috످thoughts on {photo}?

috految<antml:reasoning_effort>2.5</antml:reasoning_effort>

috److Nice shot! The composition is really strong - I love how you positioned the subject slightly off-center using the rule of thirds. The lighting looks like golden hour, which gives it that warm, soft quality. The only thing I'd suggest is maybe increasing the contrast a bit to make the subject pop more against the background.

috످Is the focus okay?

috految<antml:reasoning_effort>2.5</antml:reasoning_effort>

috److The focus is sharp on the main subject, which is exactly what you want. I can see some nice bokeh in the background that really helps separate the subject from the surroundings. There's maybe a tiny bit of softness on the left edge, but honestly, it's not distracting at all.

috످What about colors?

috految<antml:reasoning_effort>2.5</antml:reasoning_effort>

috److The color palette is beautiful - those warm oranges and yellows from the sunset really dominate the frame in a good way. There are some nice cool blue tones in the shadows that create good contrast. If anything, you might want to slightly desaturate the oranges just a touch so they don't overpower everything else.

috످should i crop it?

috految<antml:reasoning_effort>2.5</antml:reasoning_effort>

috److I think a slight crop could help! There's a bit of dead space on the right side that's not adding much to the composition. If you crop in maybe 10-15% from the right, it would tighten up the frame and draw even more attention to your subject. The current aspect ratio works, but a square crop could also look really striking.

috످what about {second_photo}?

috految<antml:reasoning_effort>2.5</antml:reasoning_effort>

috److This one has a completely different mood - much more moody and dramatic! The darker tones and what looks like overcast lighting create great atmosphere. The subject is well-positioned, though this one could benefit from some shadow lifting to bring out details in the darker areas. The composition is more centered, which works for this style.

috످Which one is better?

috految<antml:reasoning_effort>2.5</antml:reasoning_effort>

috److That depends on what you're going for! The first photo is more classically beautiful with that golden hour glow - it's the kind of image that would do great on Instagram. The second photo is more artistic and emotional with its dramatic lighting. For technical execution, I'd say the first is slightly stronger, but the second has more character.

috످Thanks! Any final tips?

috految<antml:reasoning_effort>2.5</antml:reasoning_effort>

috److Before you edit anything: I never saw either photo. Your messages only contained the placeholders "{photo}" and "{second_photo}", and I made up all of my feedback, including which one was better. I'm sorry. If you've already cropped or edited based on my advice, you can usually undo it with "Revert" or "Reset" in your photo app.

As for general tips, edit a copy of the original, zoom to 100% to check focus, and adjust exposure before color.

If you can attach the photos or describe them, I can give you real feedback.

috످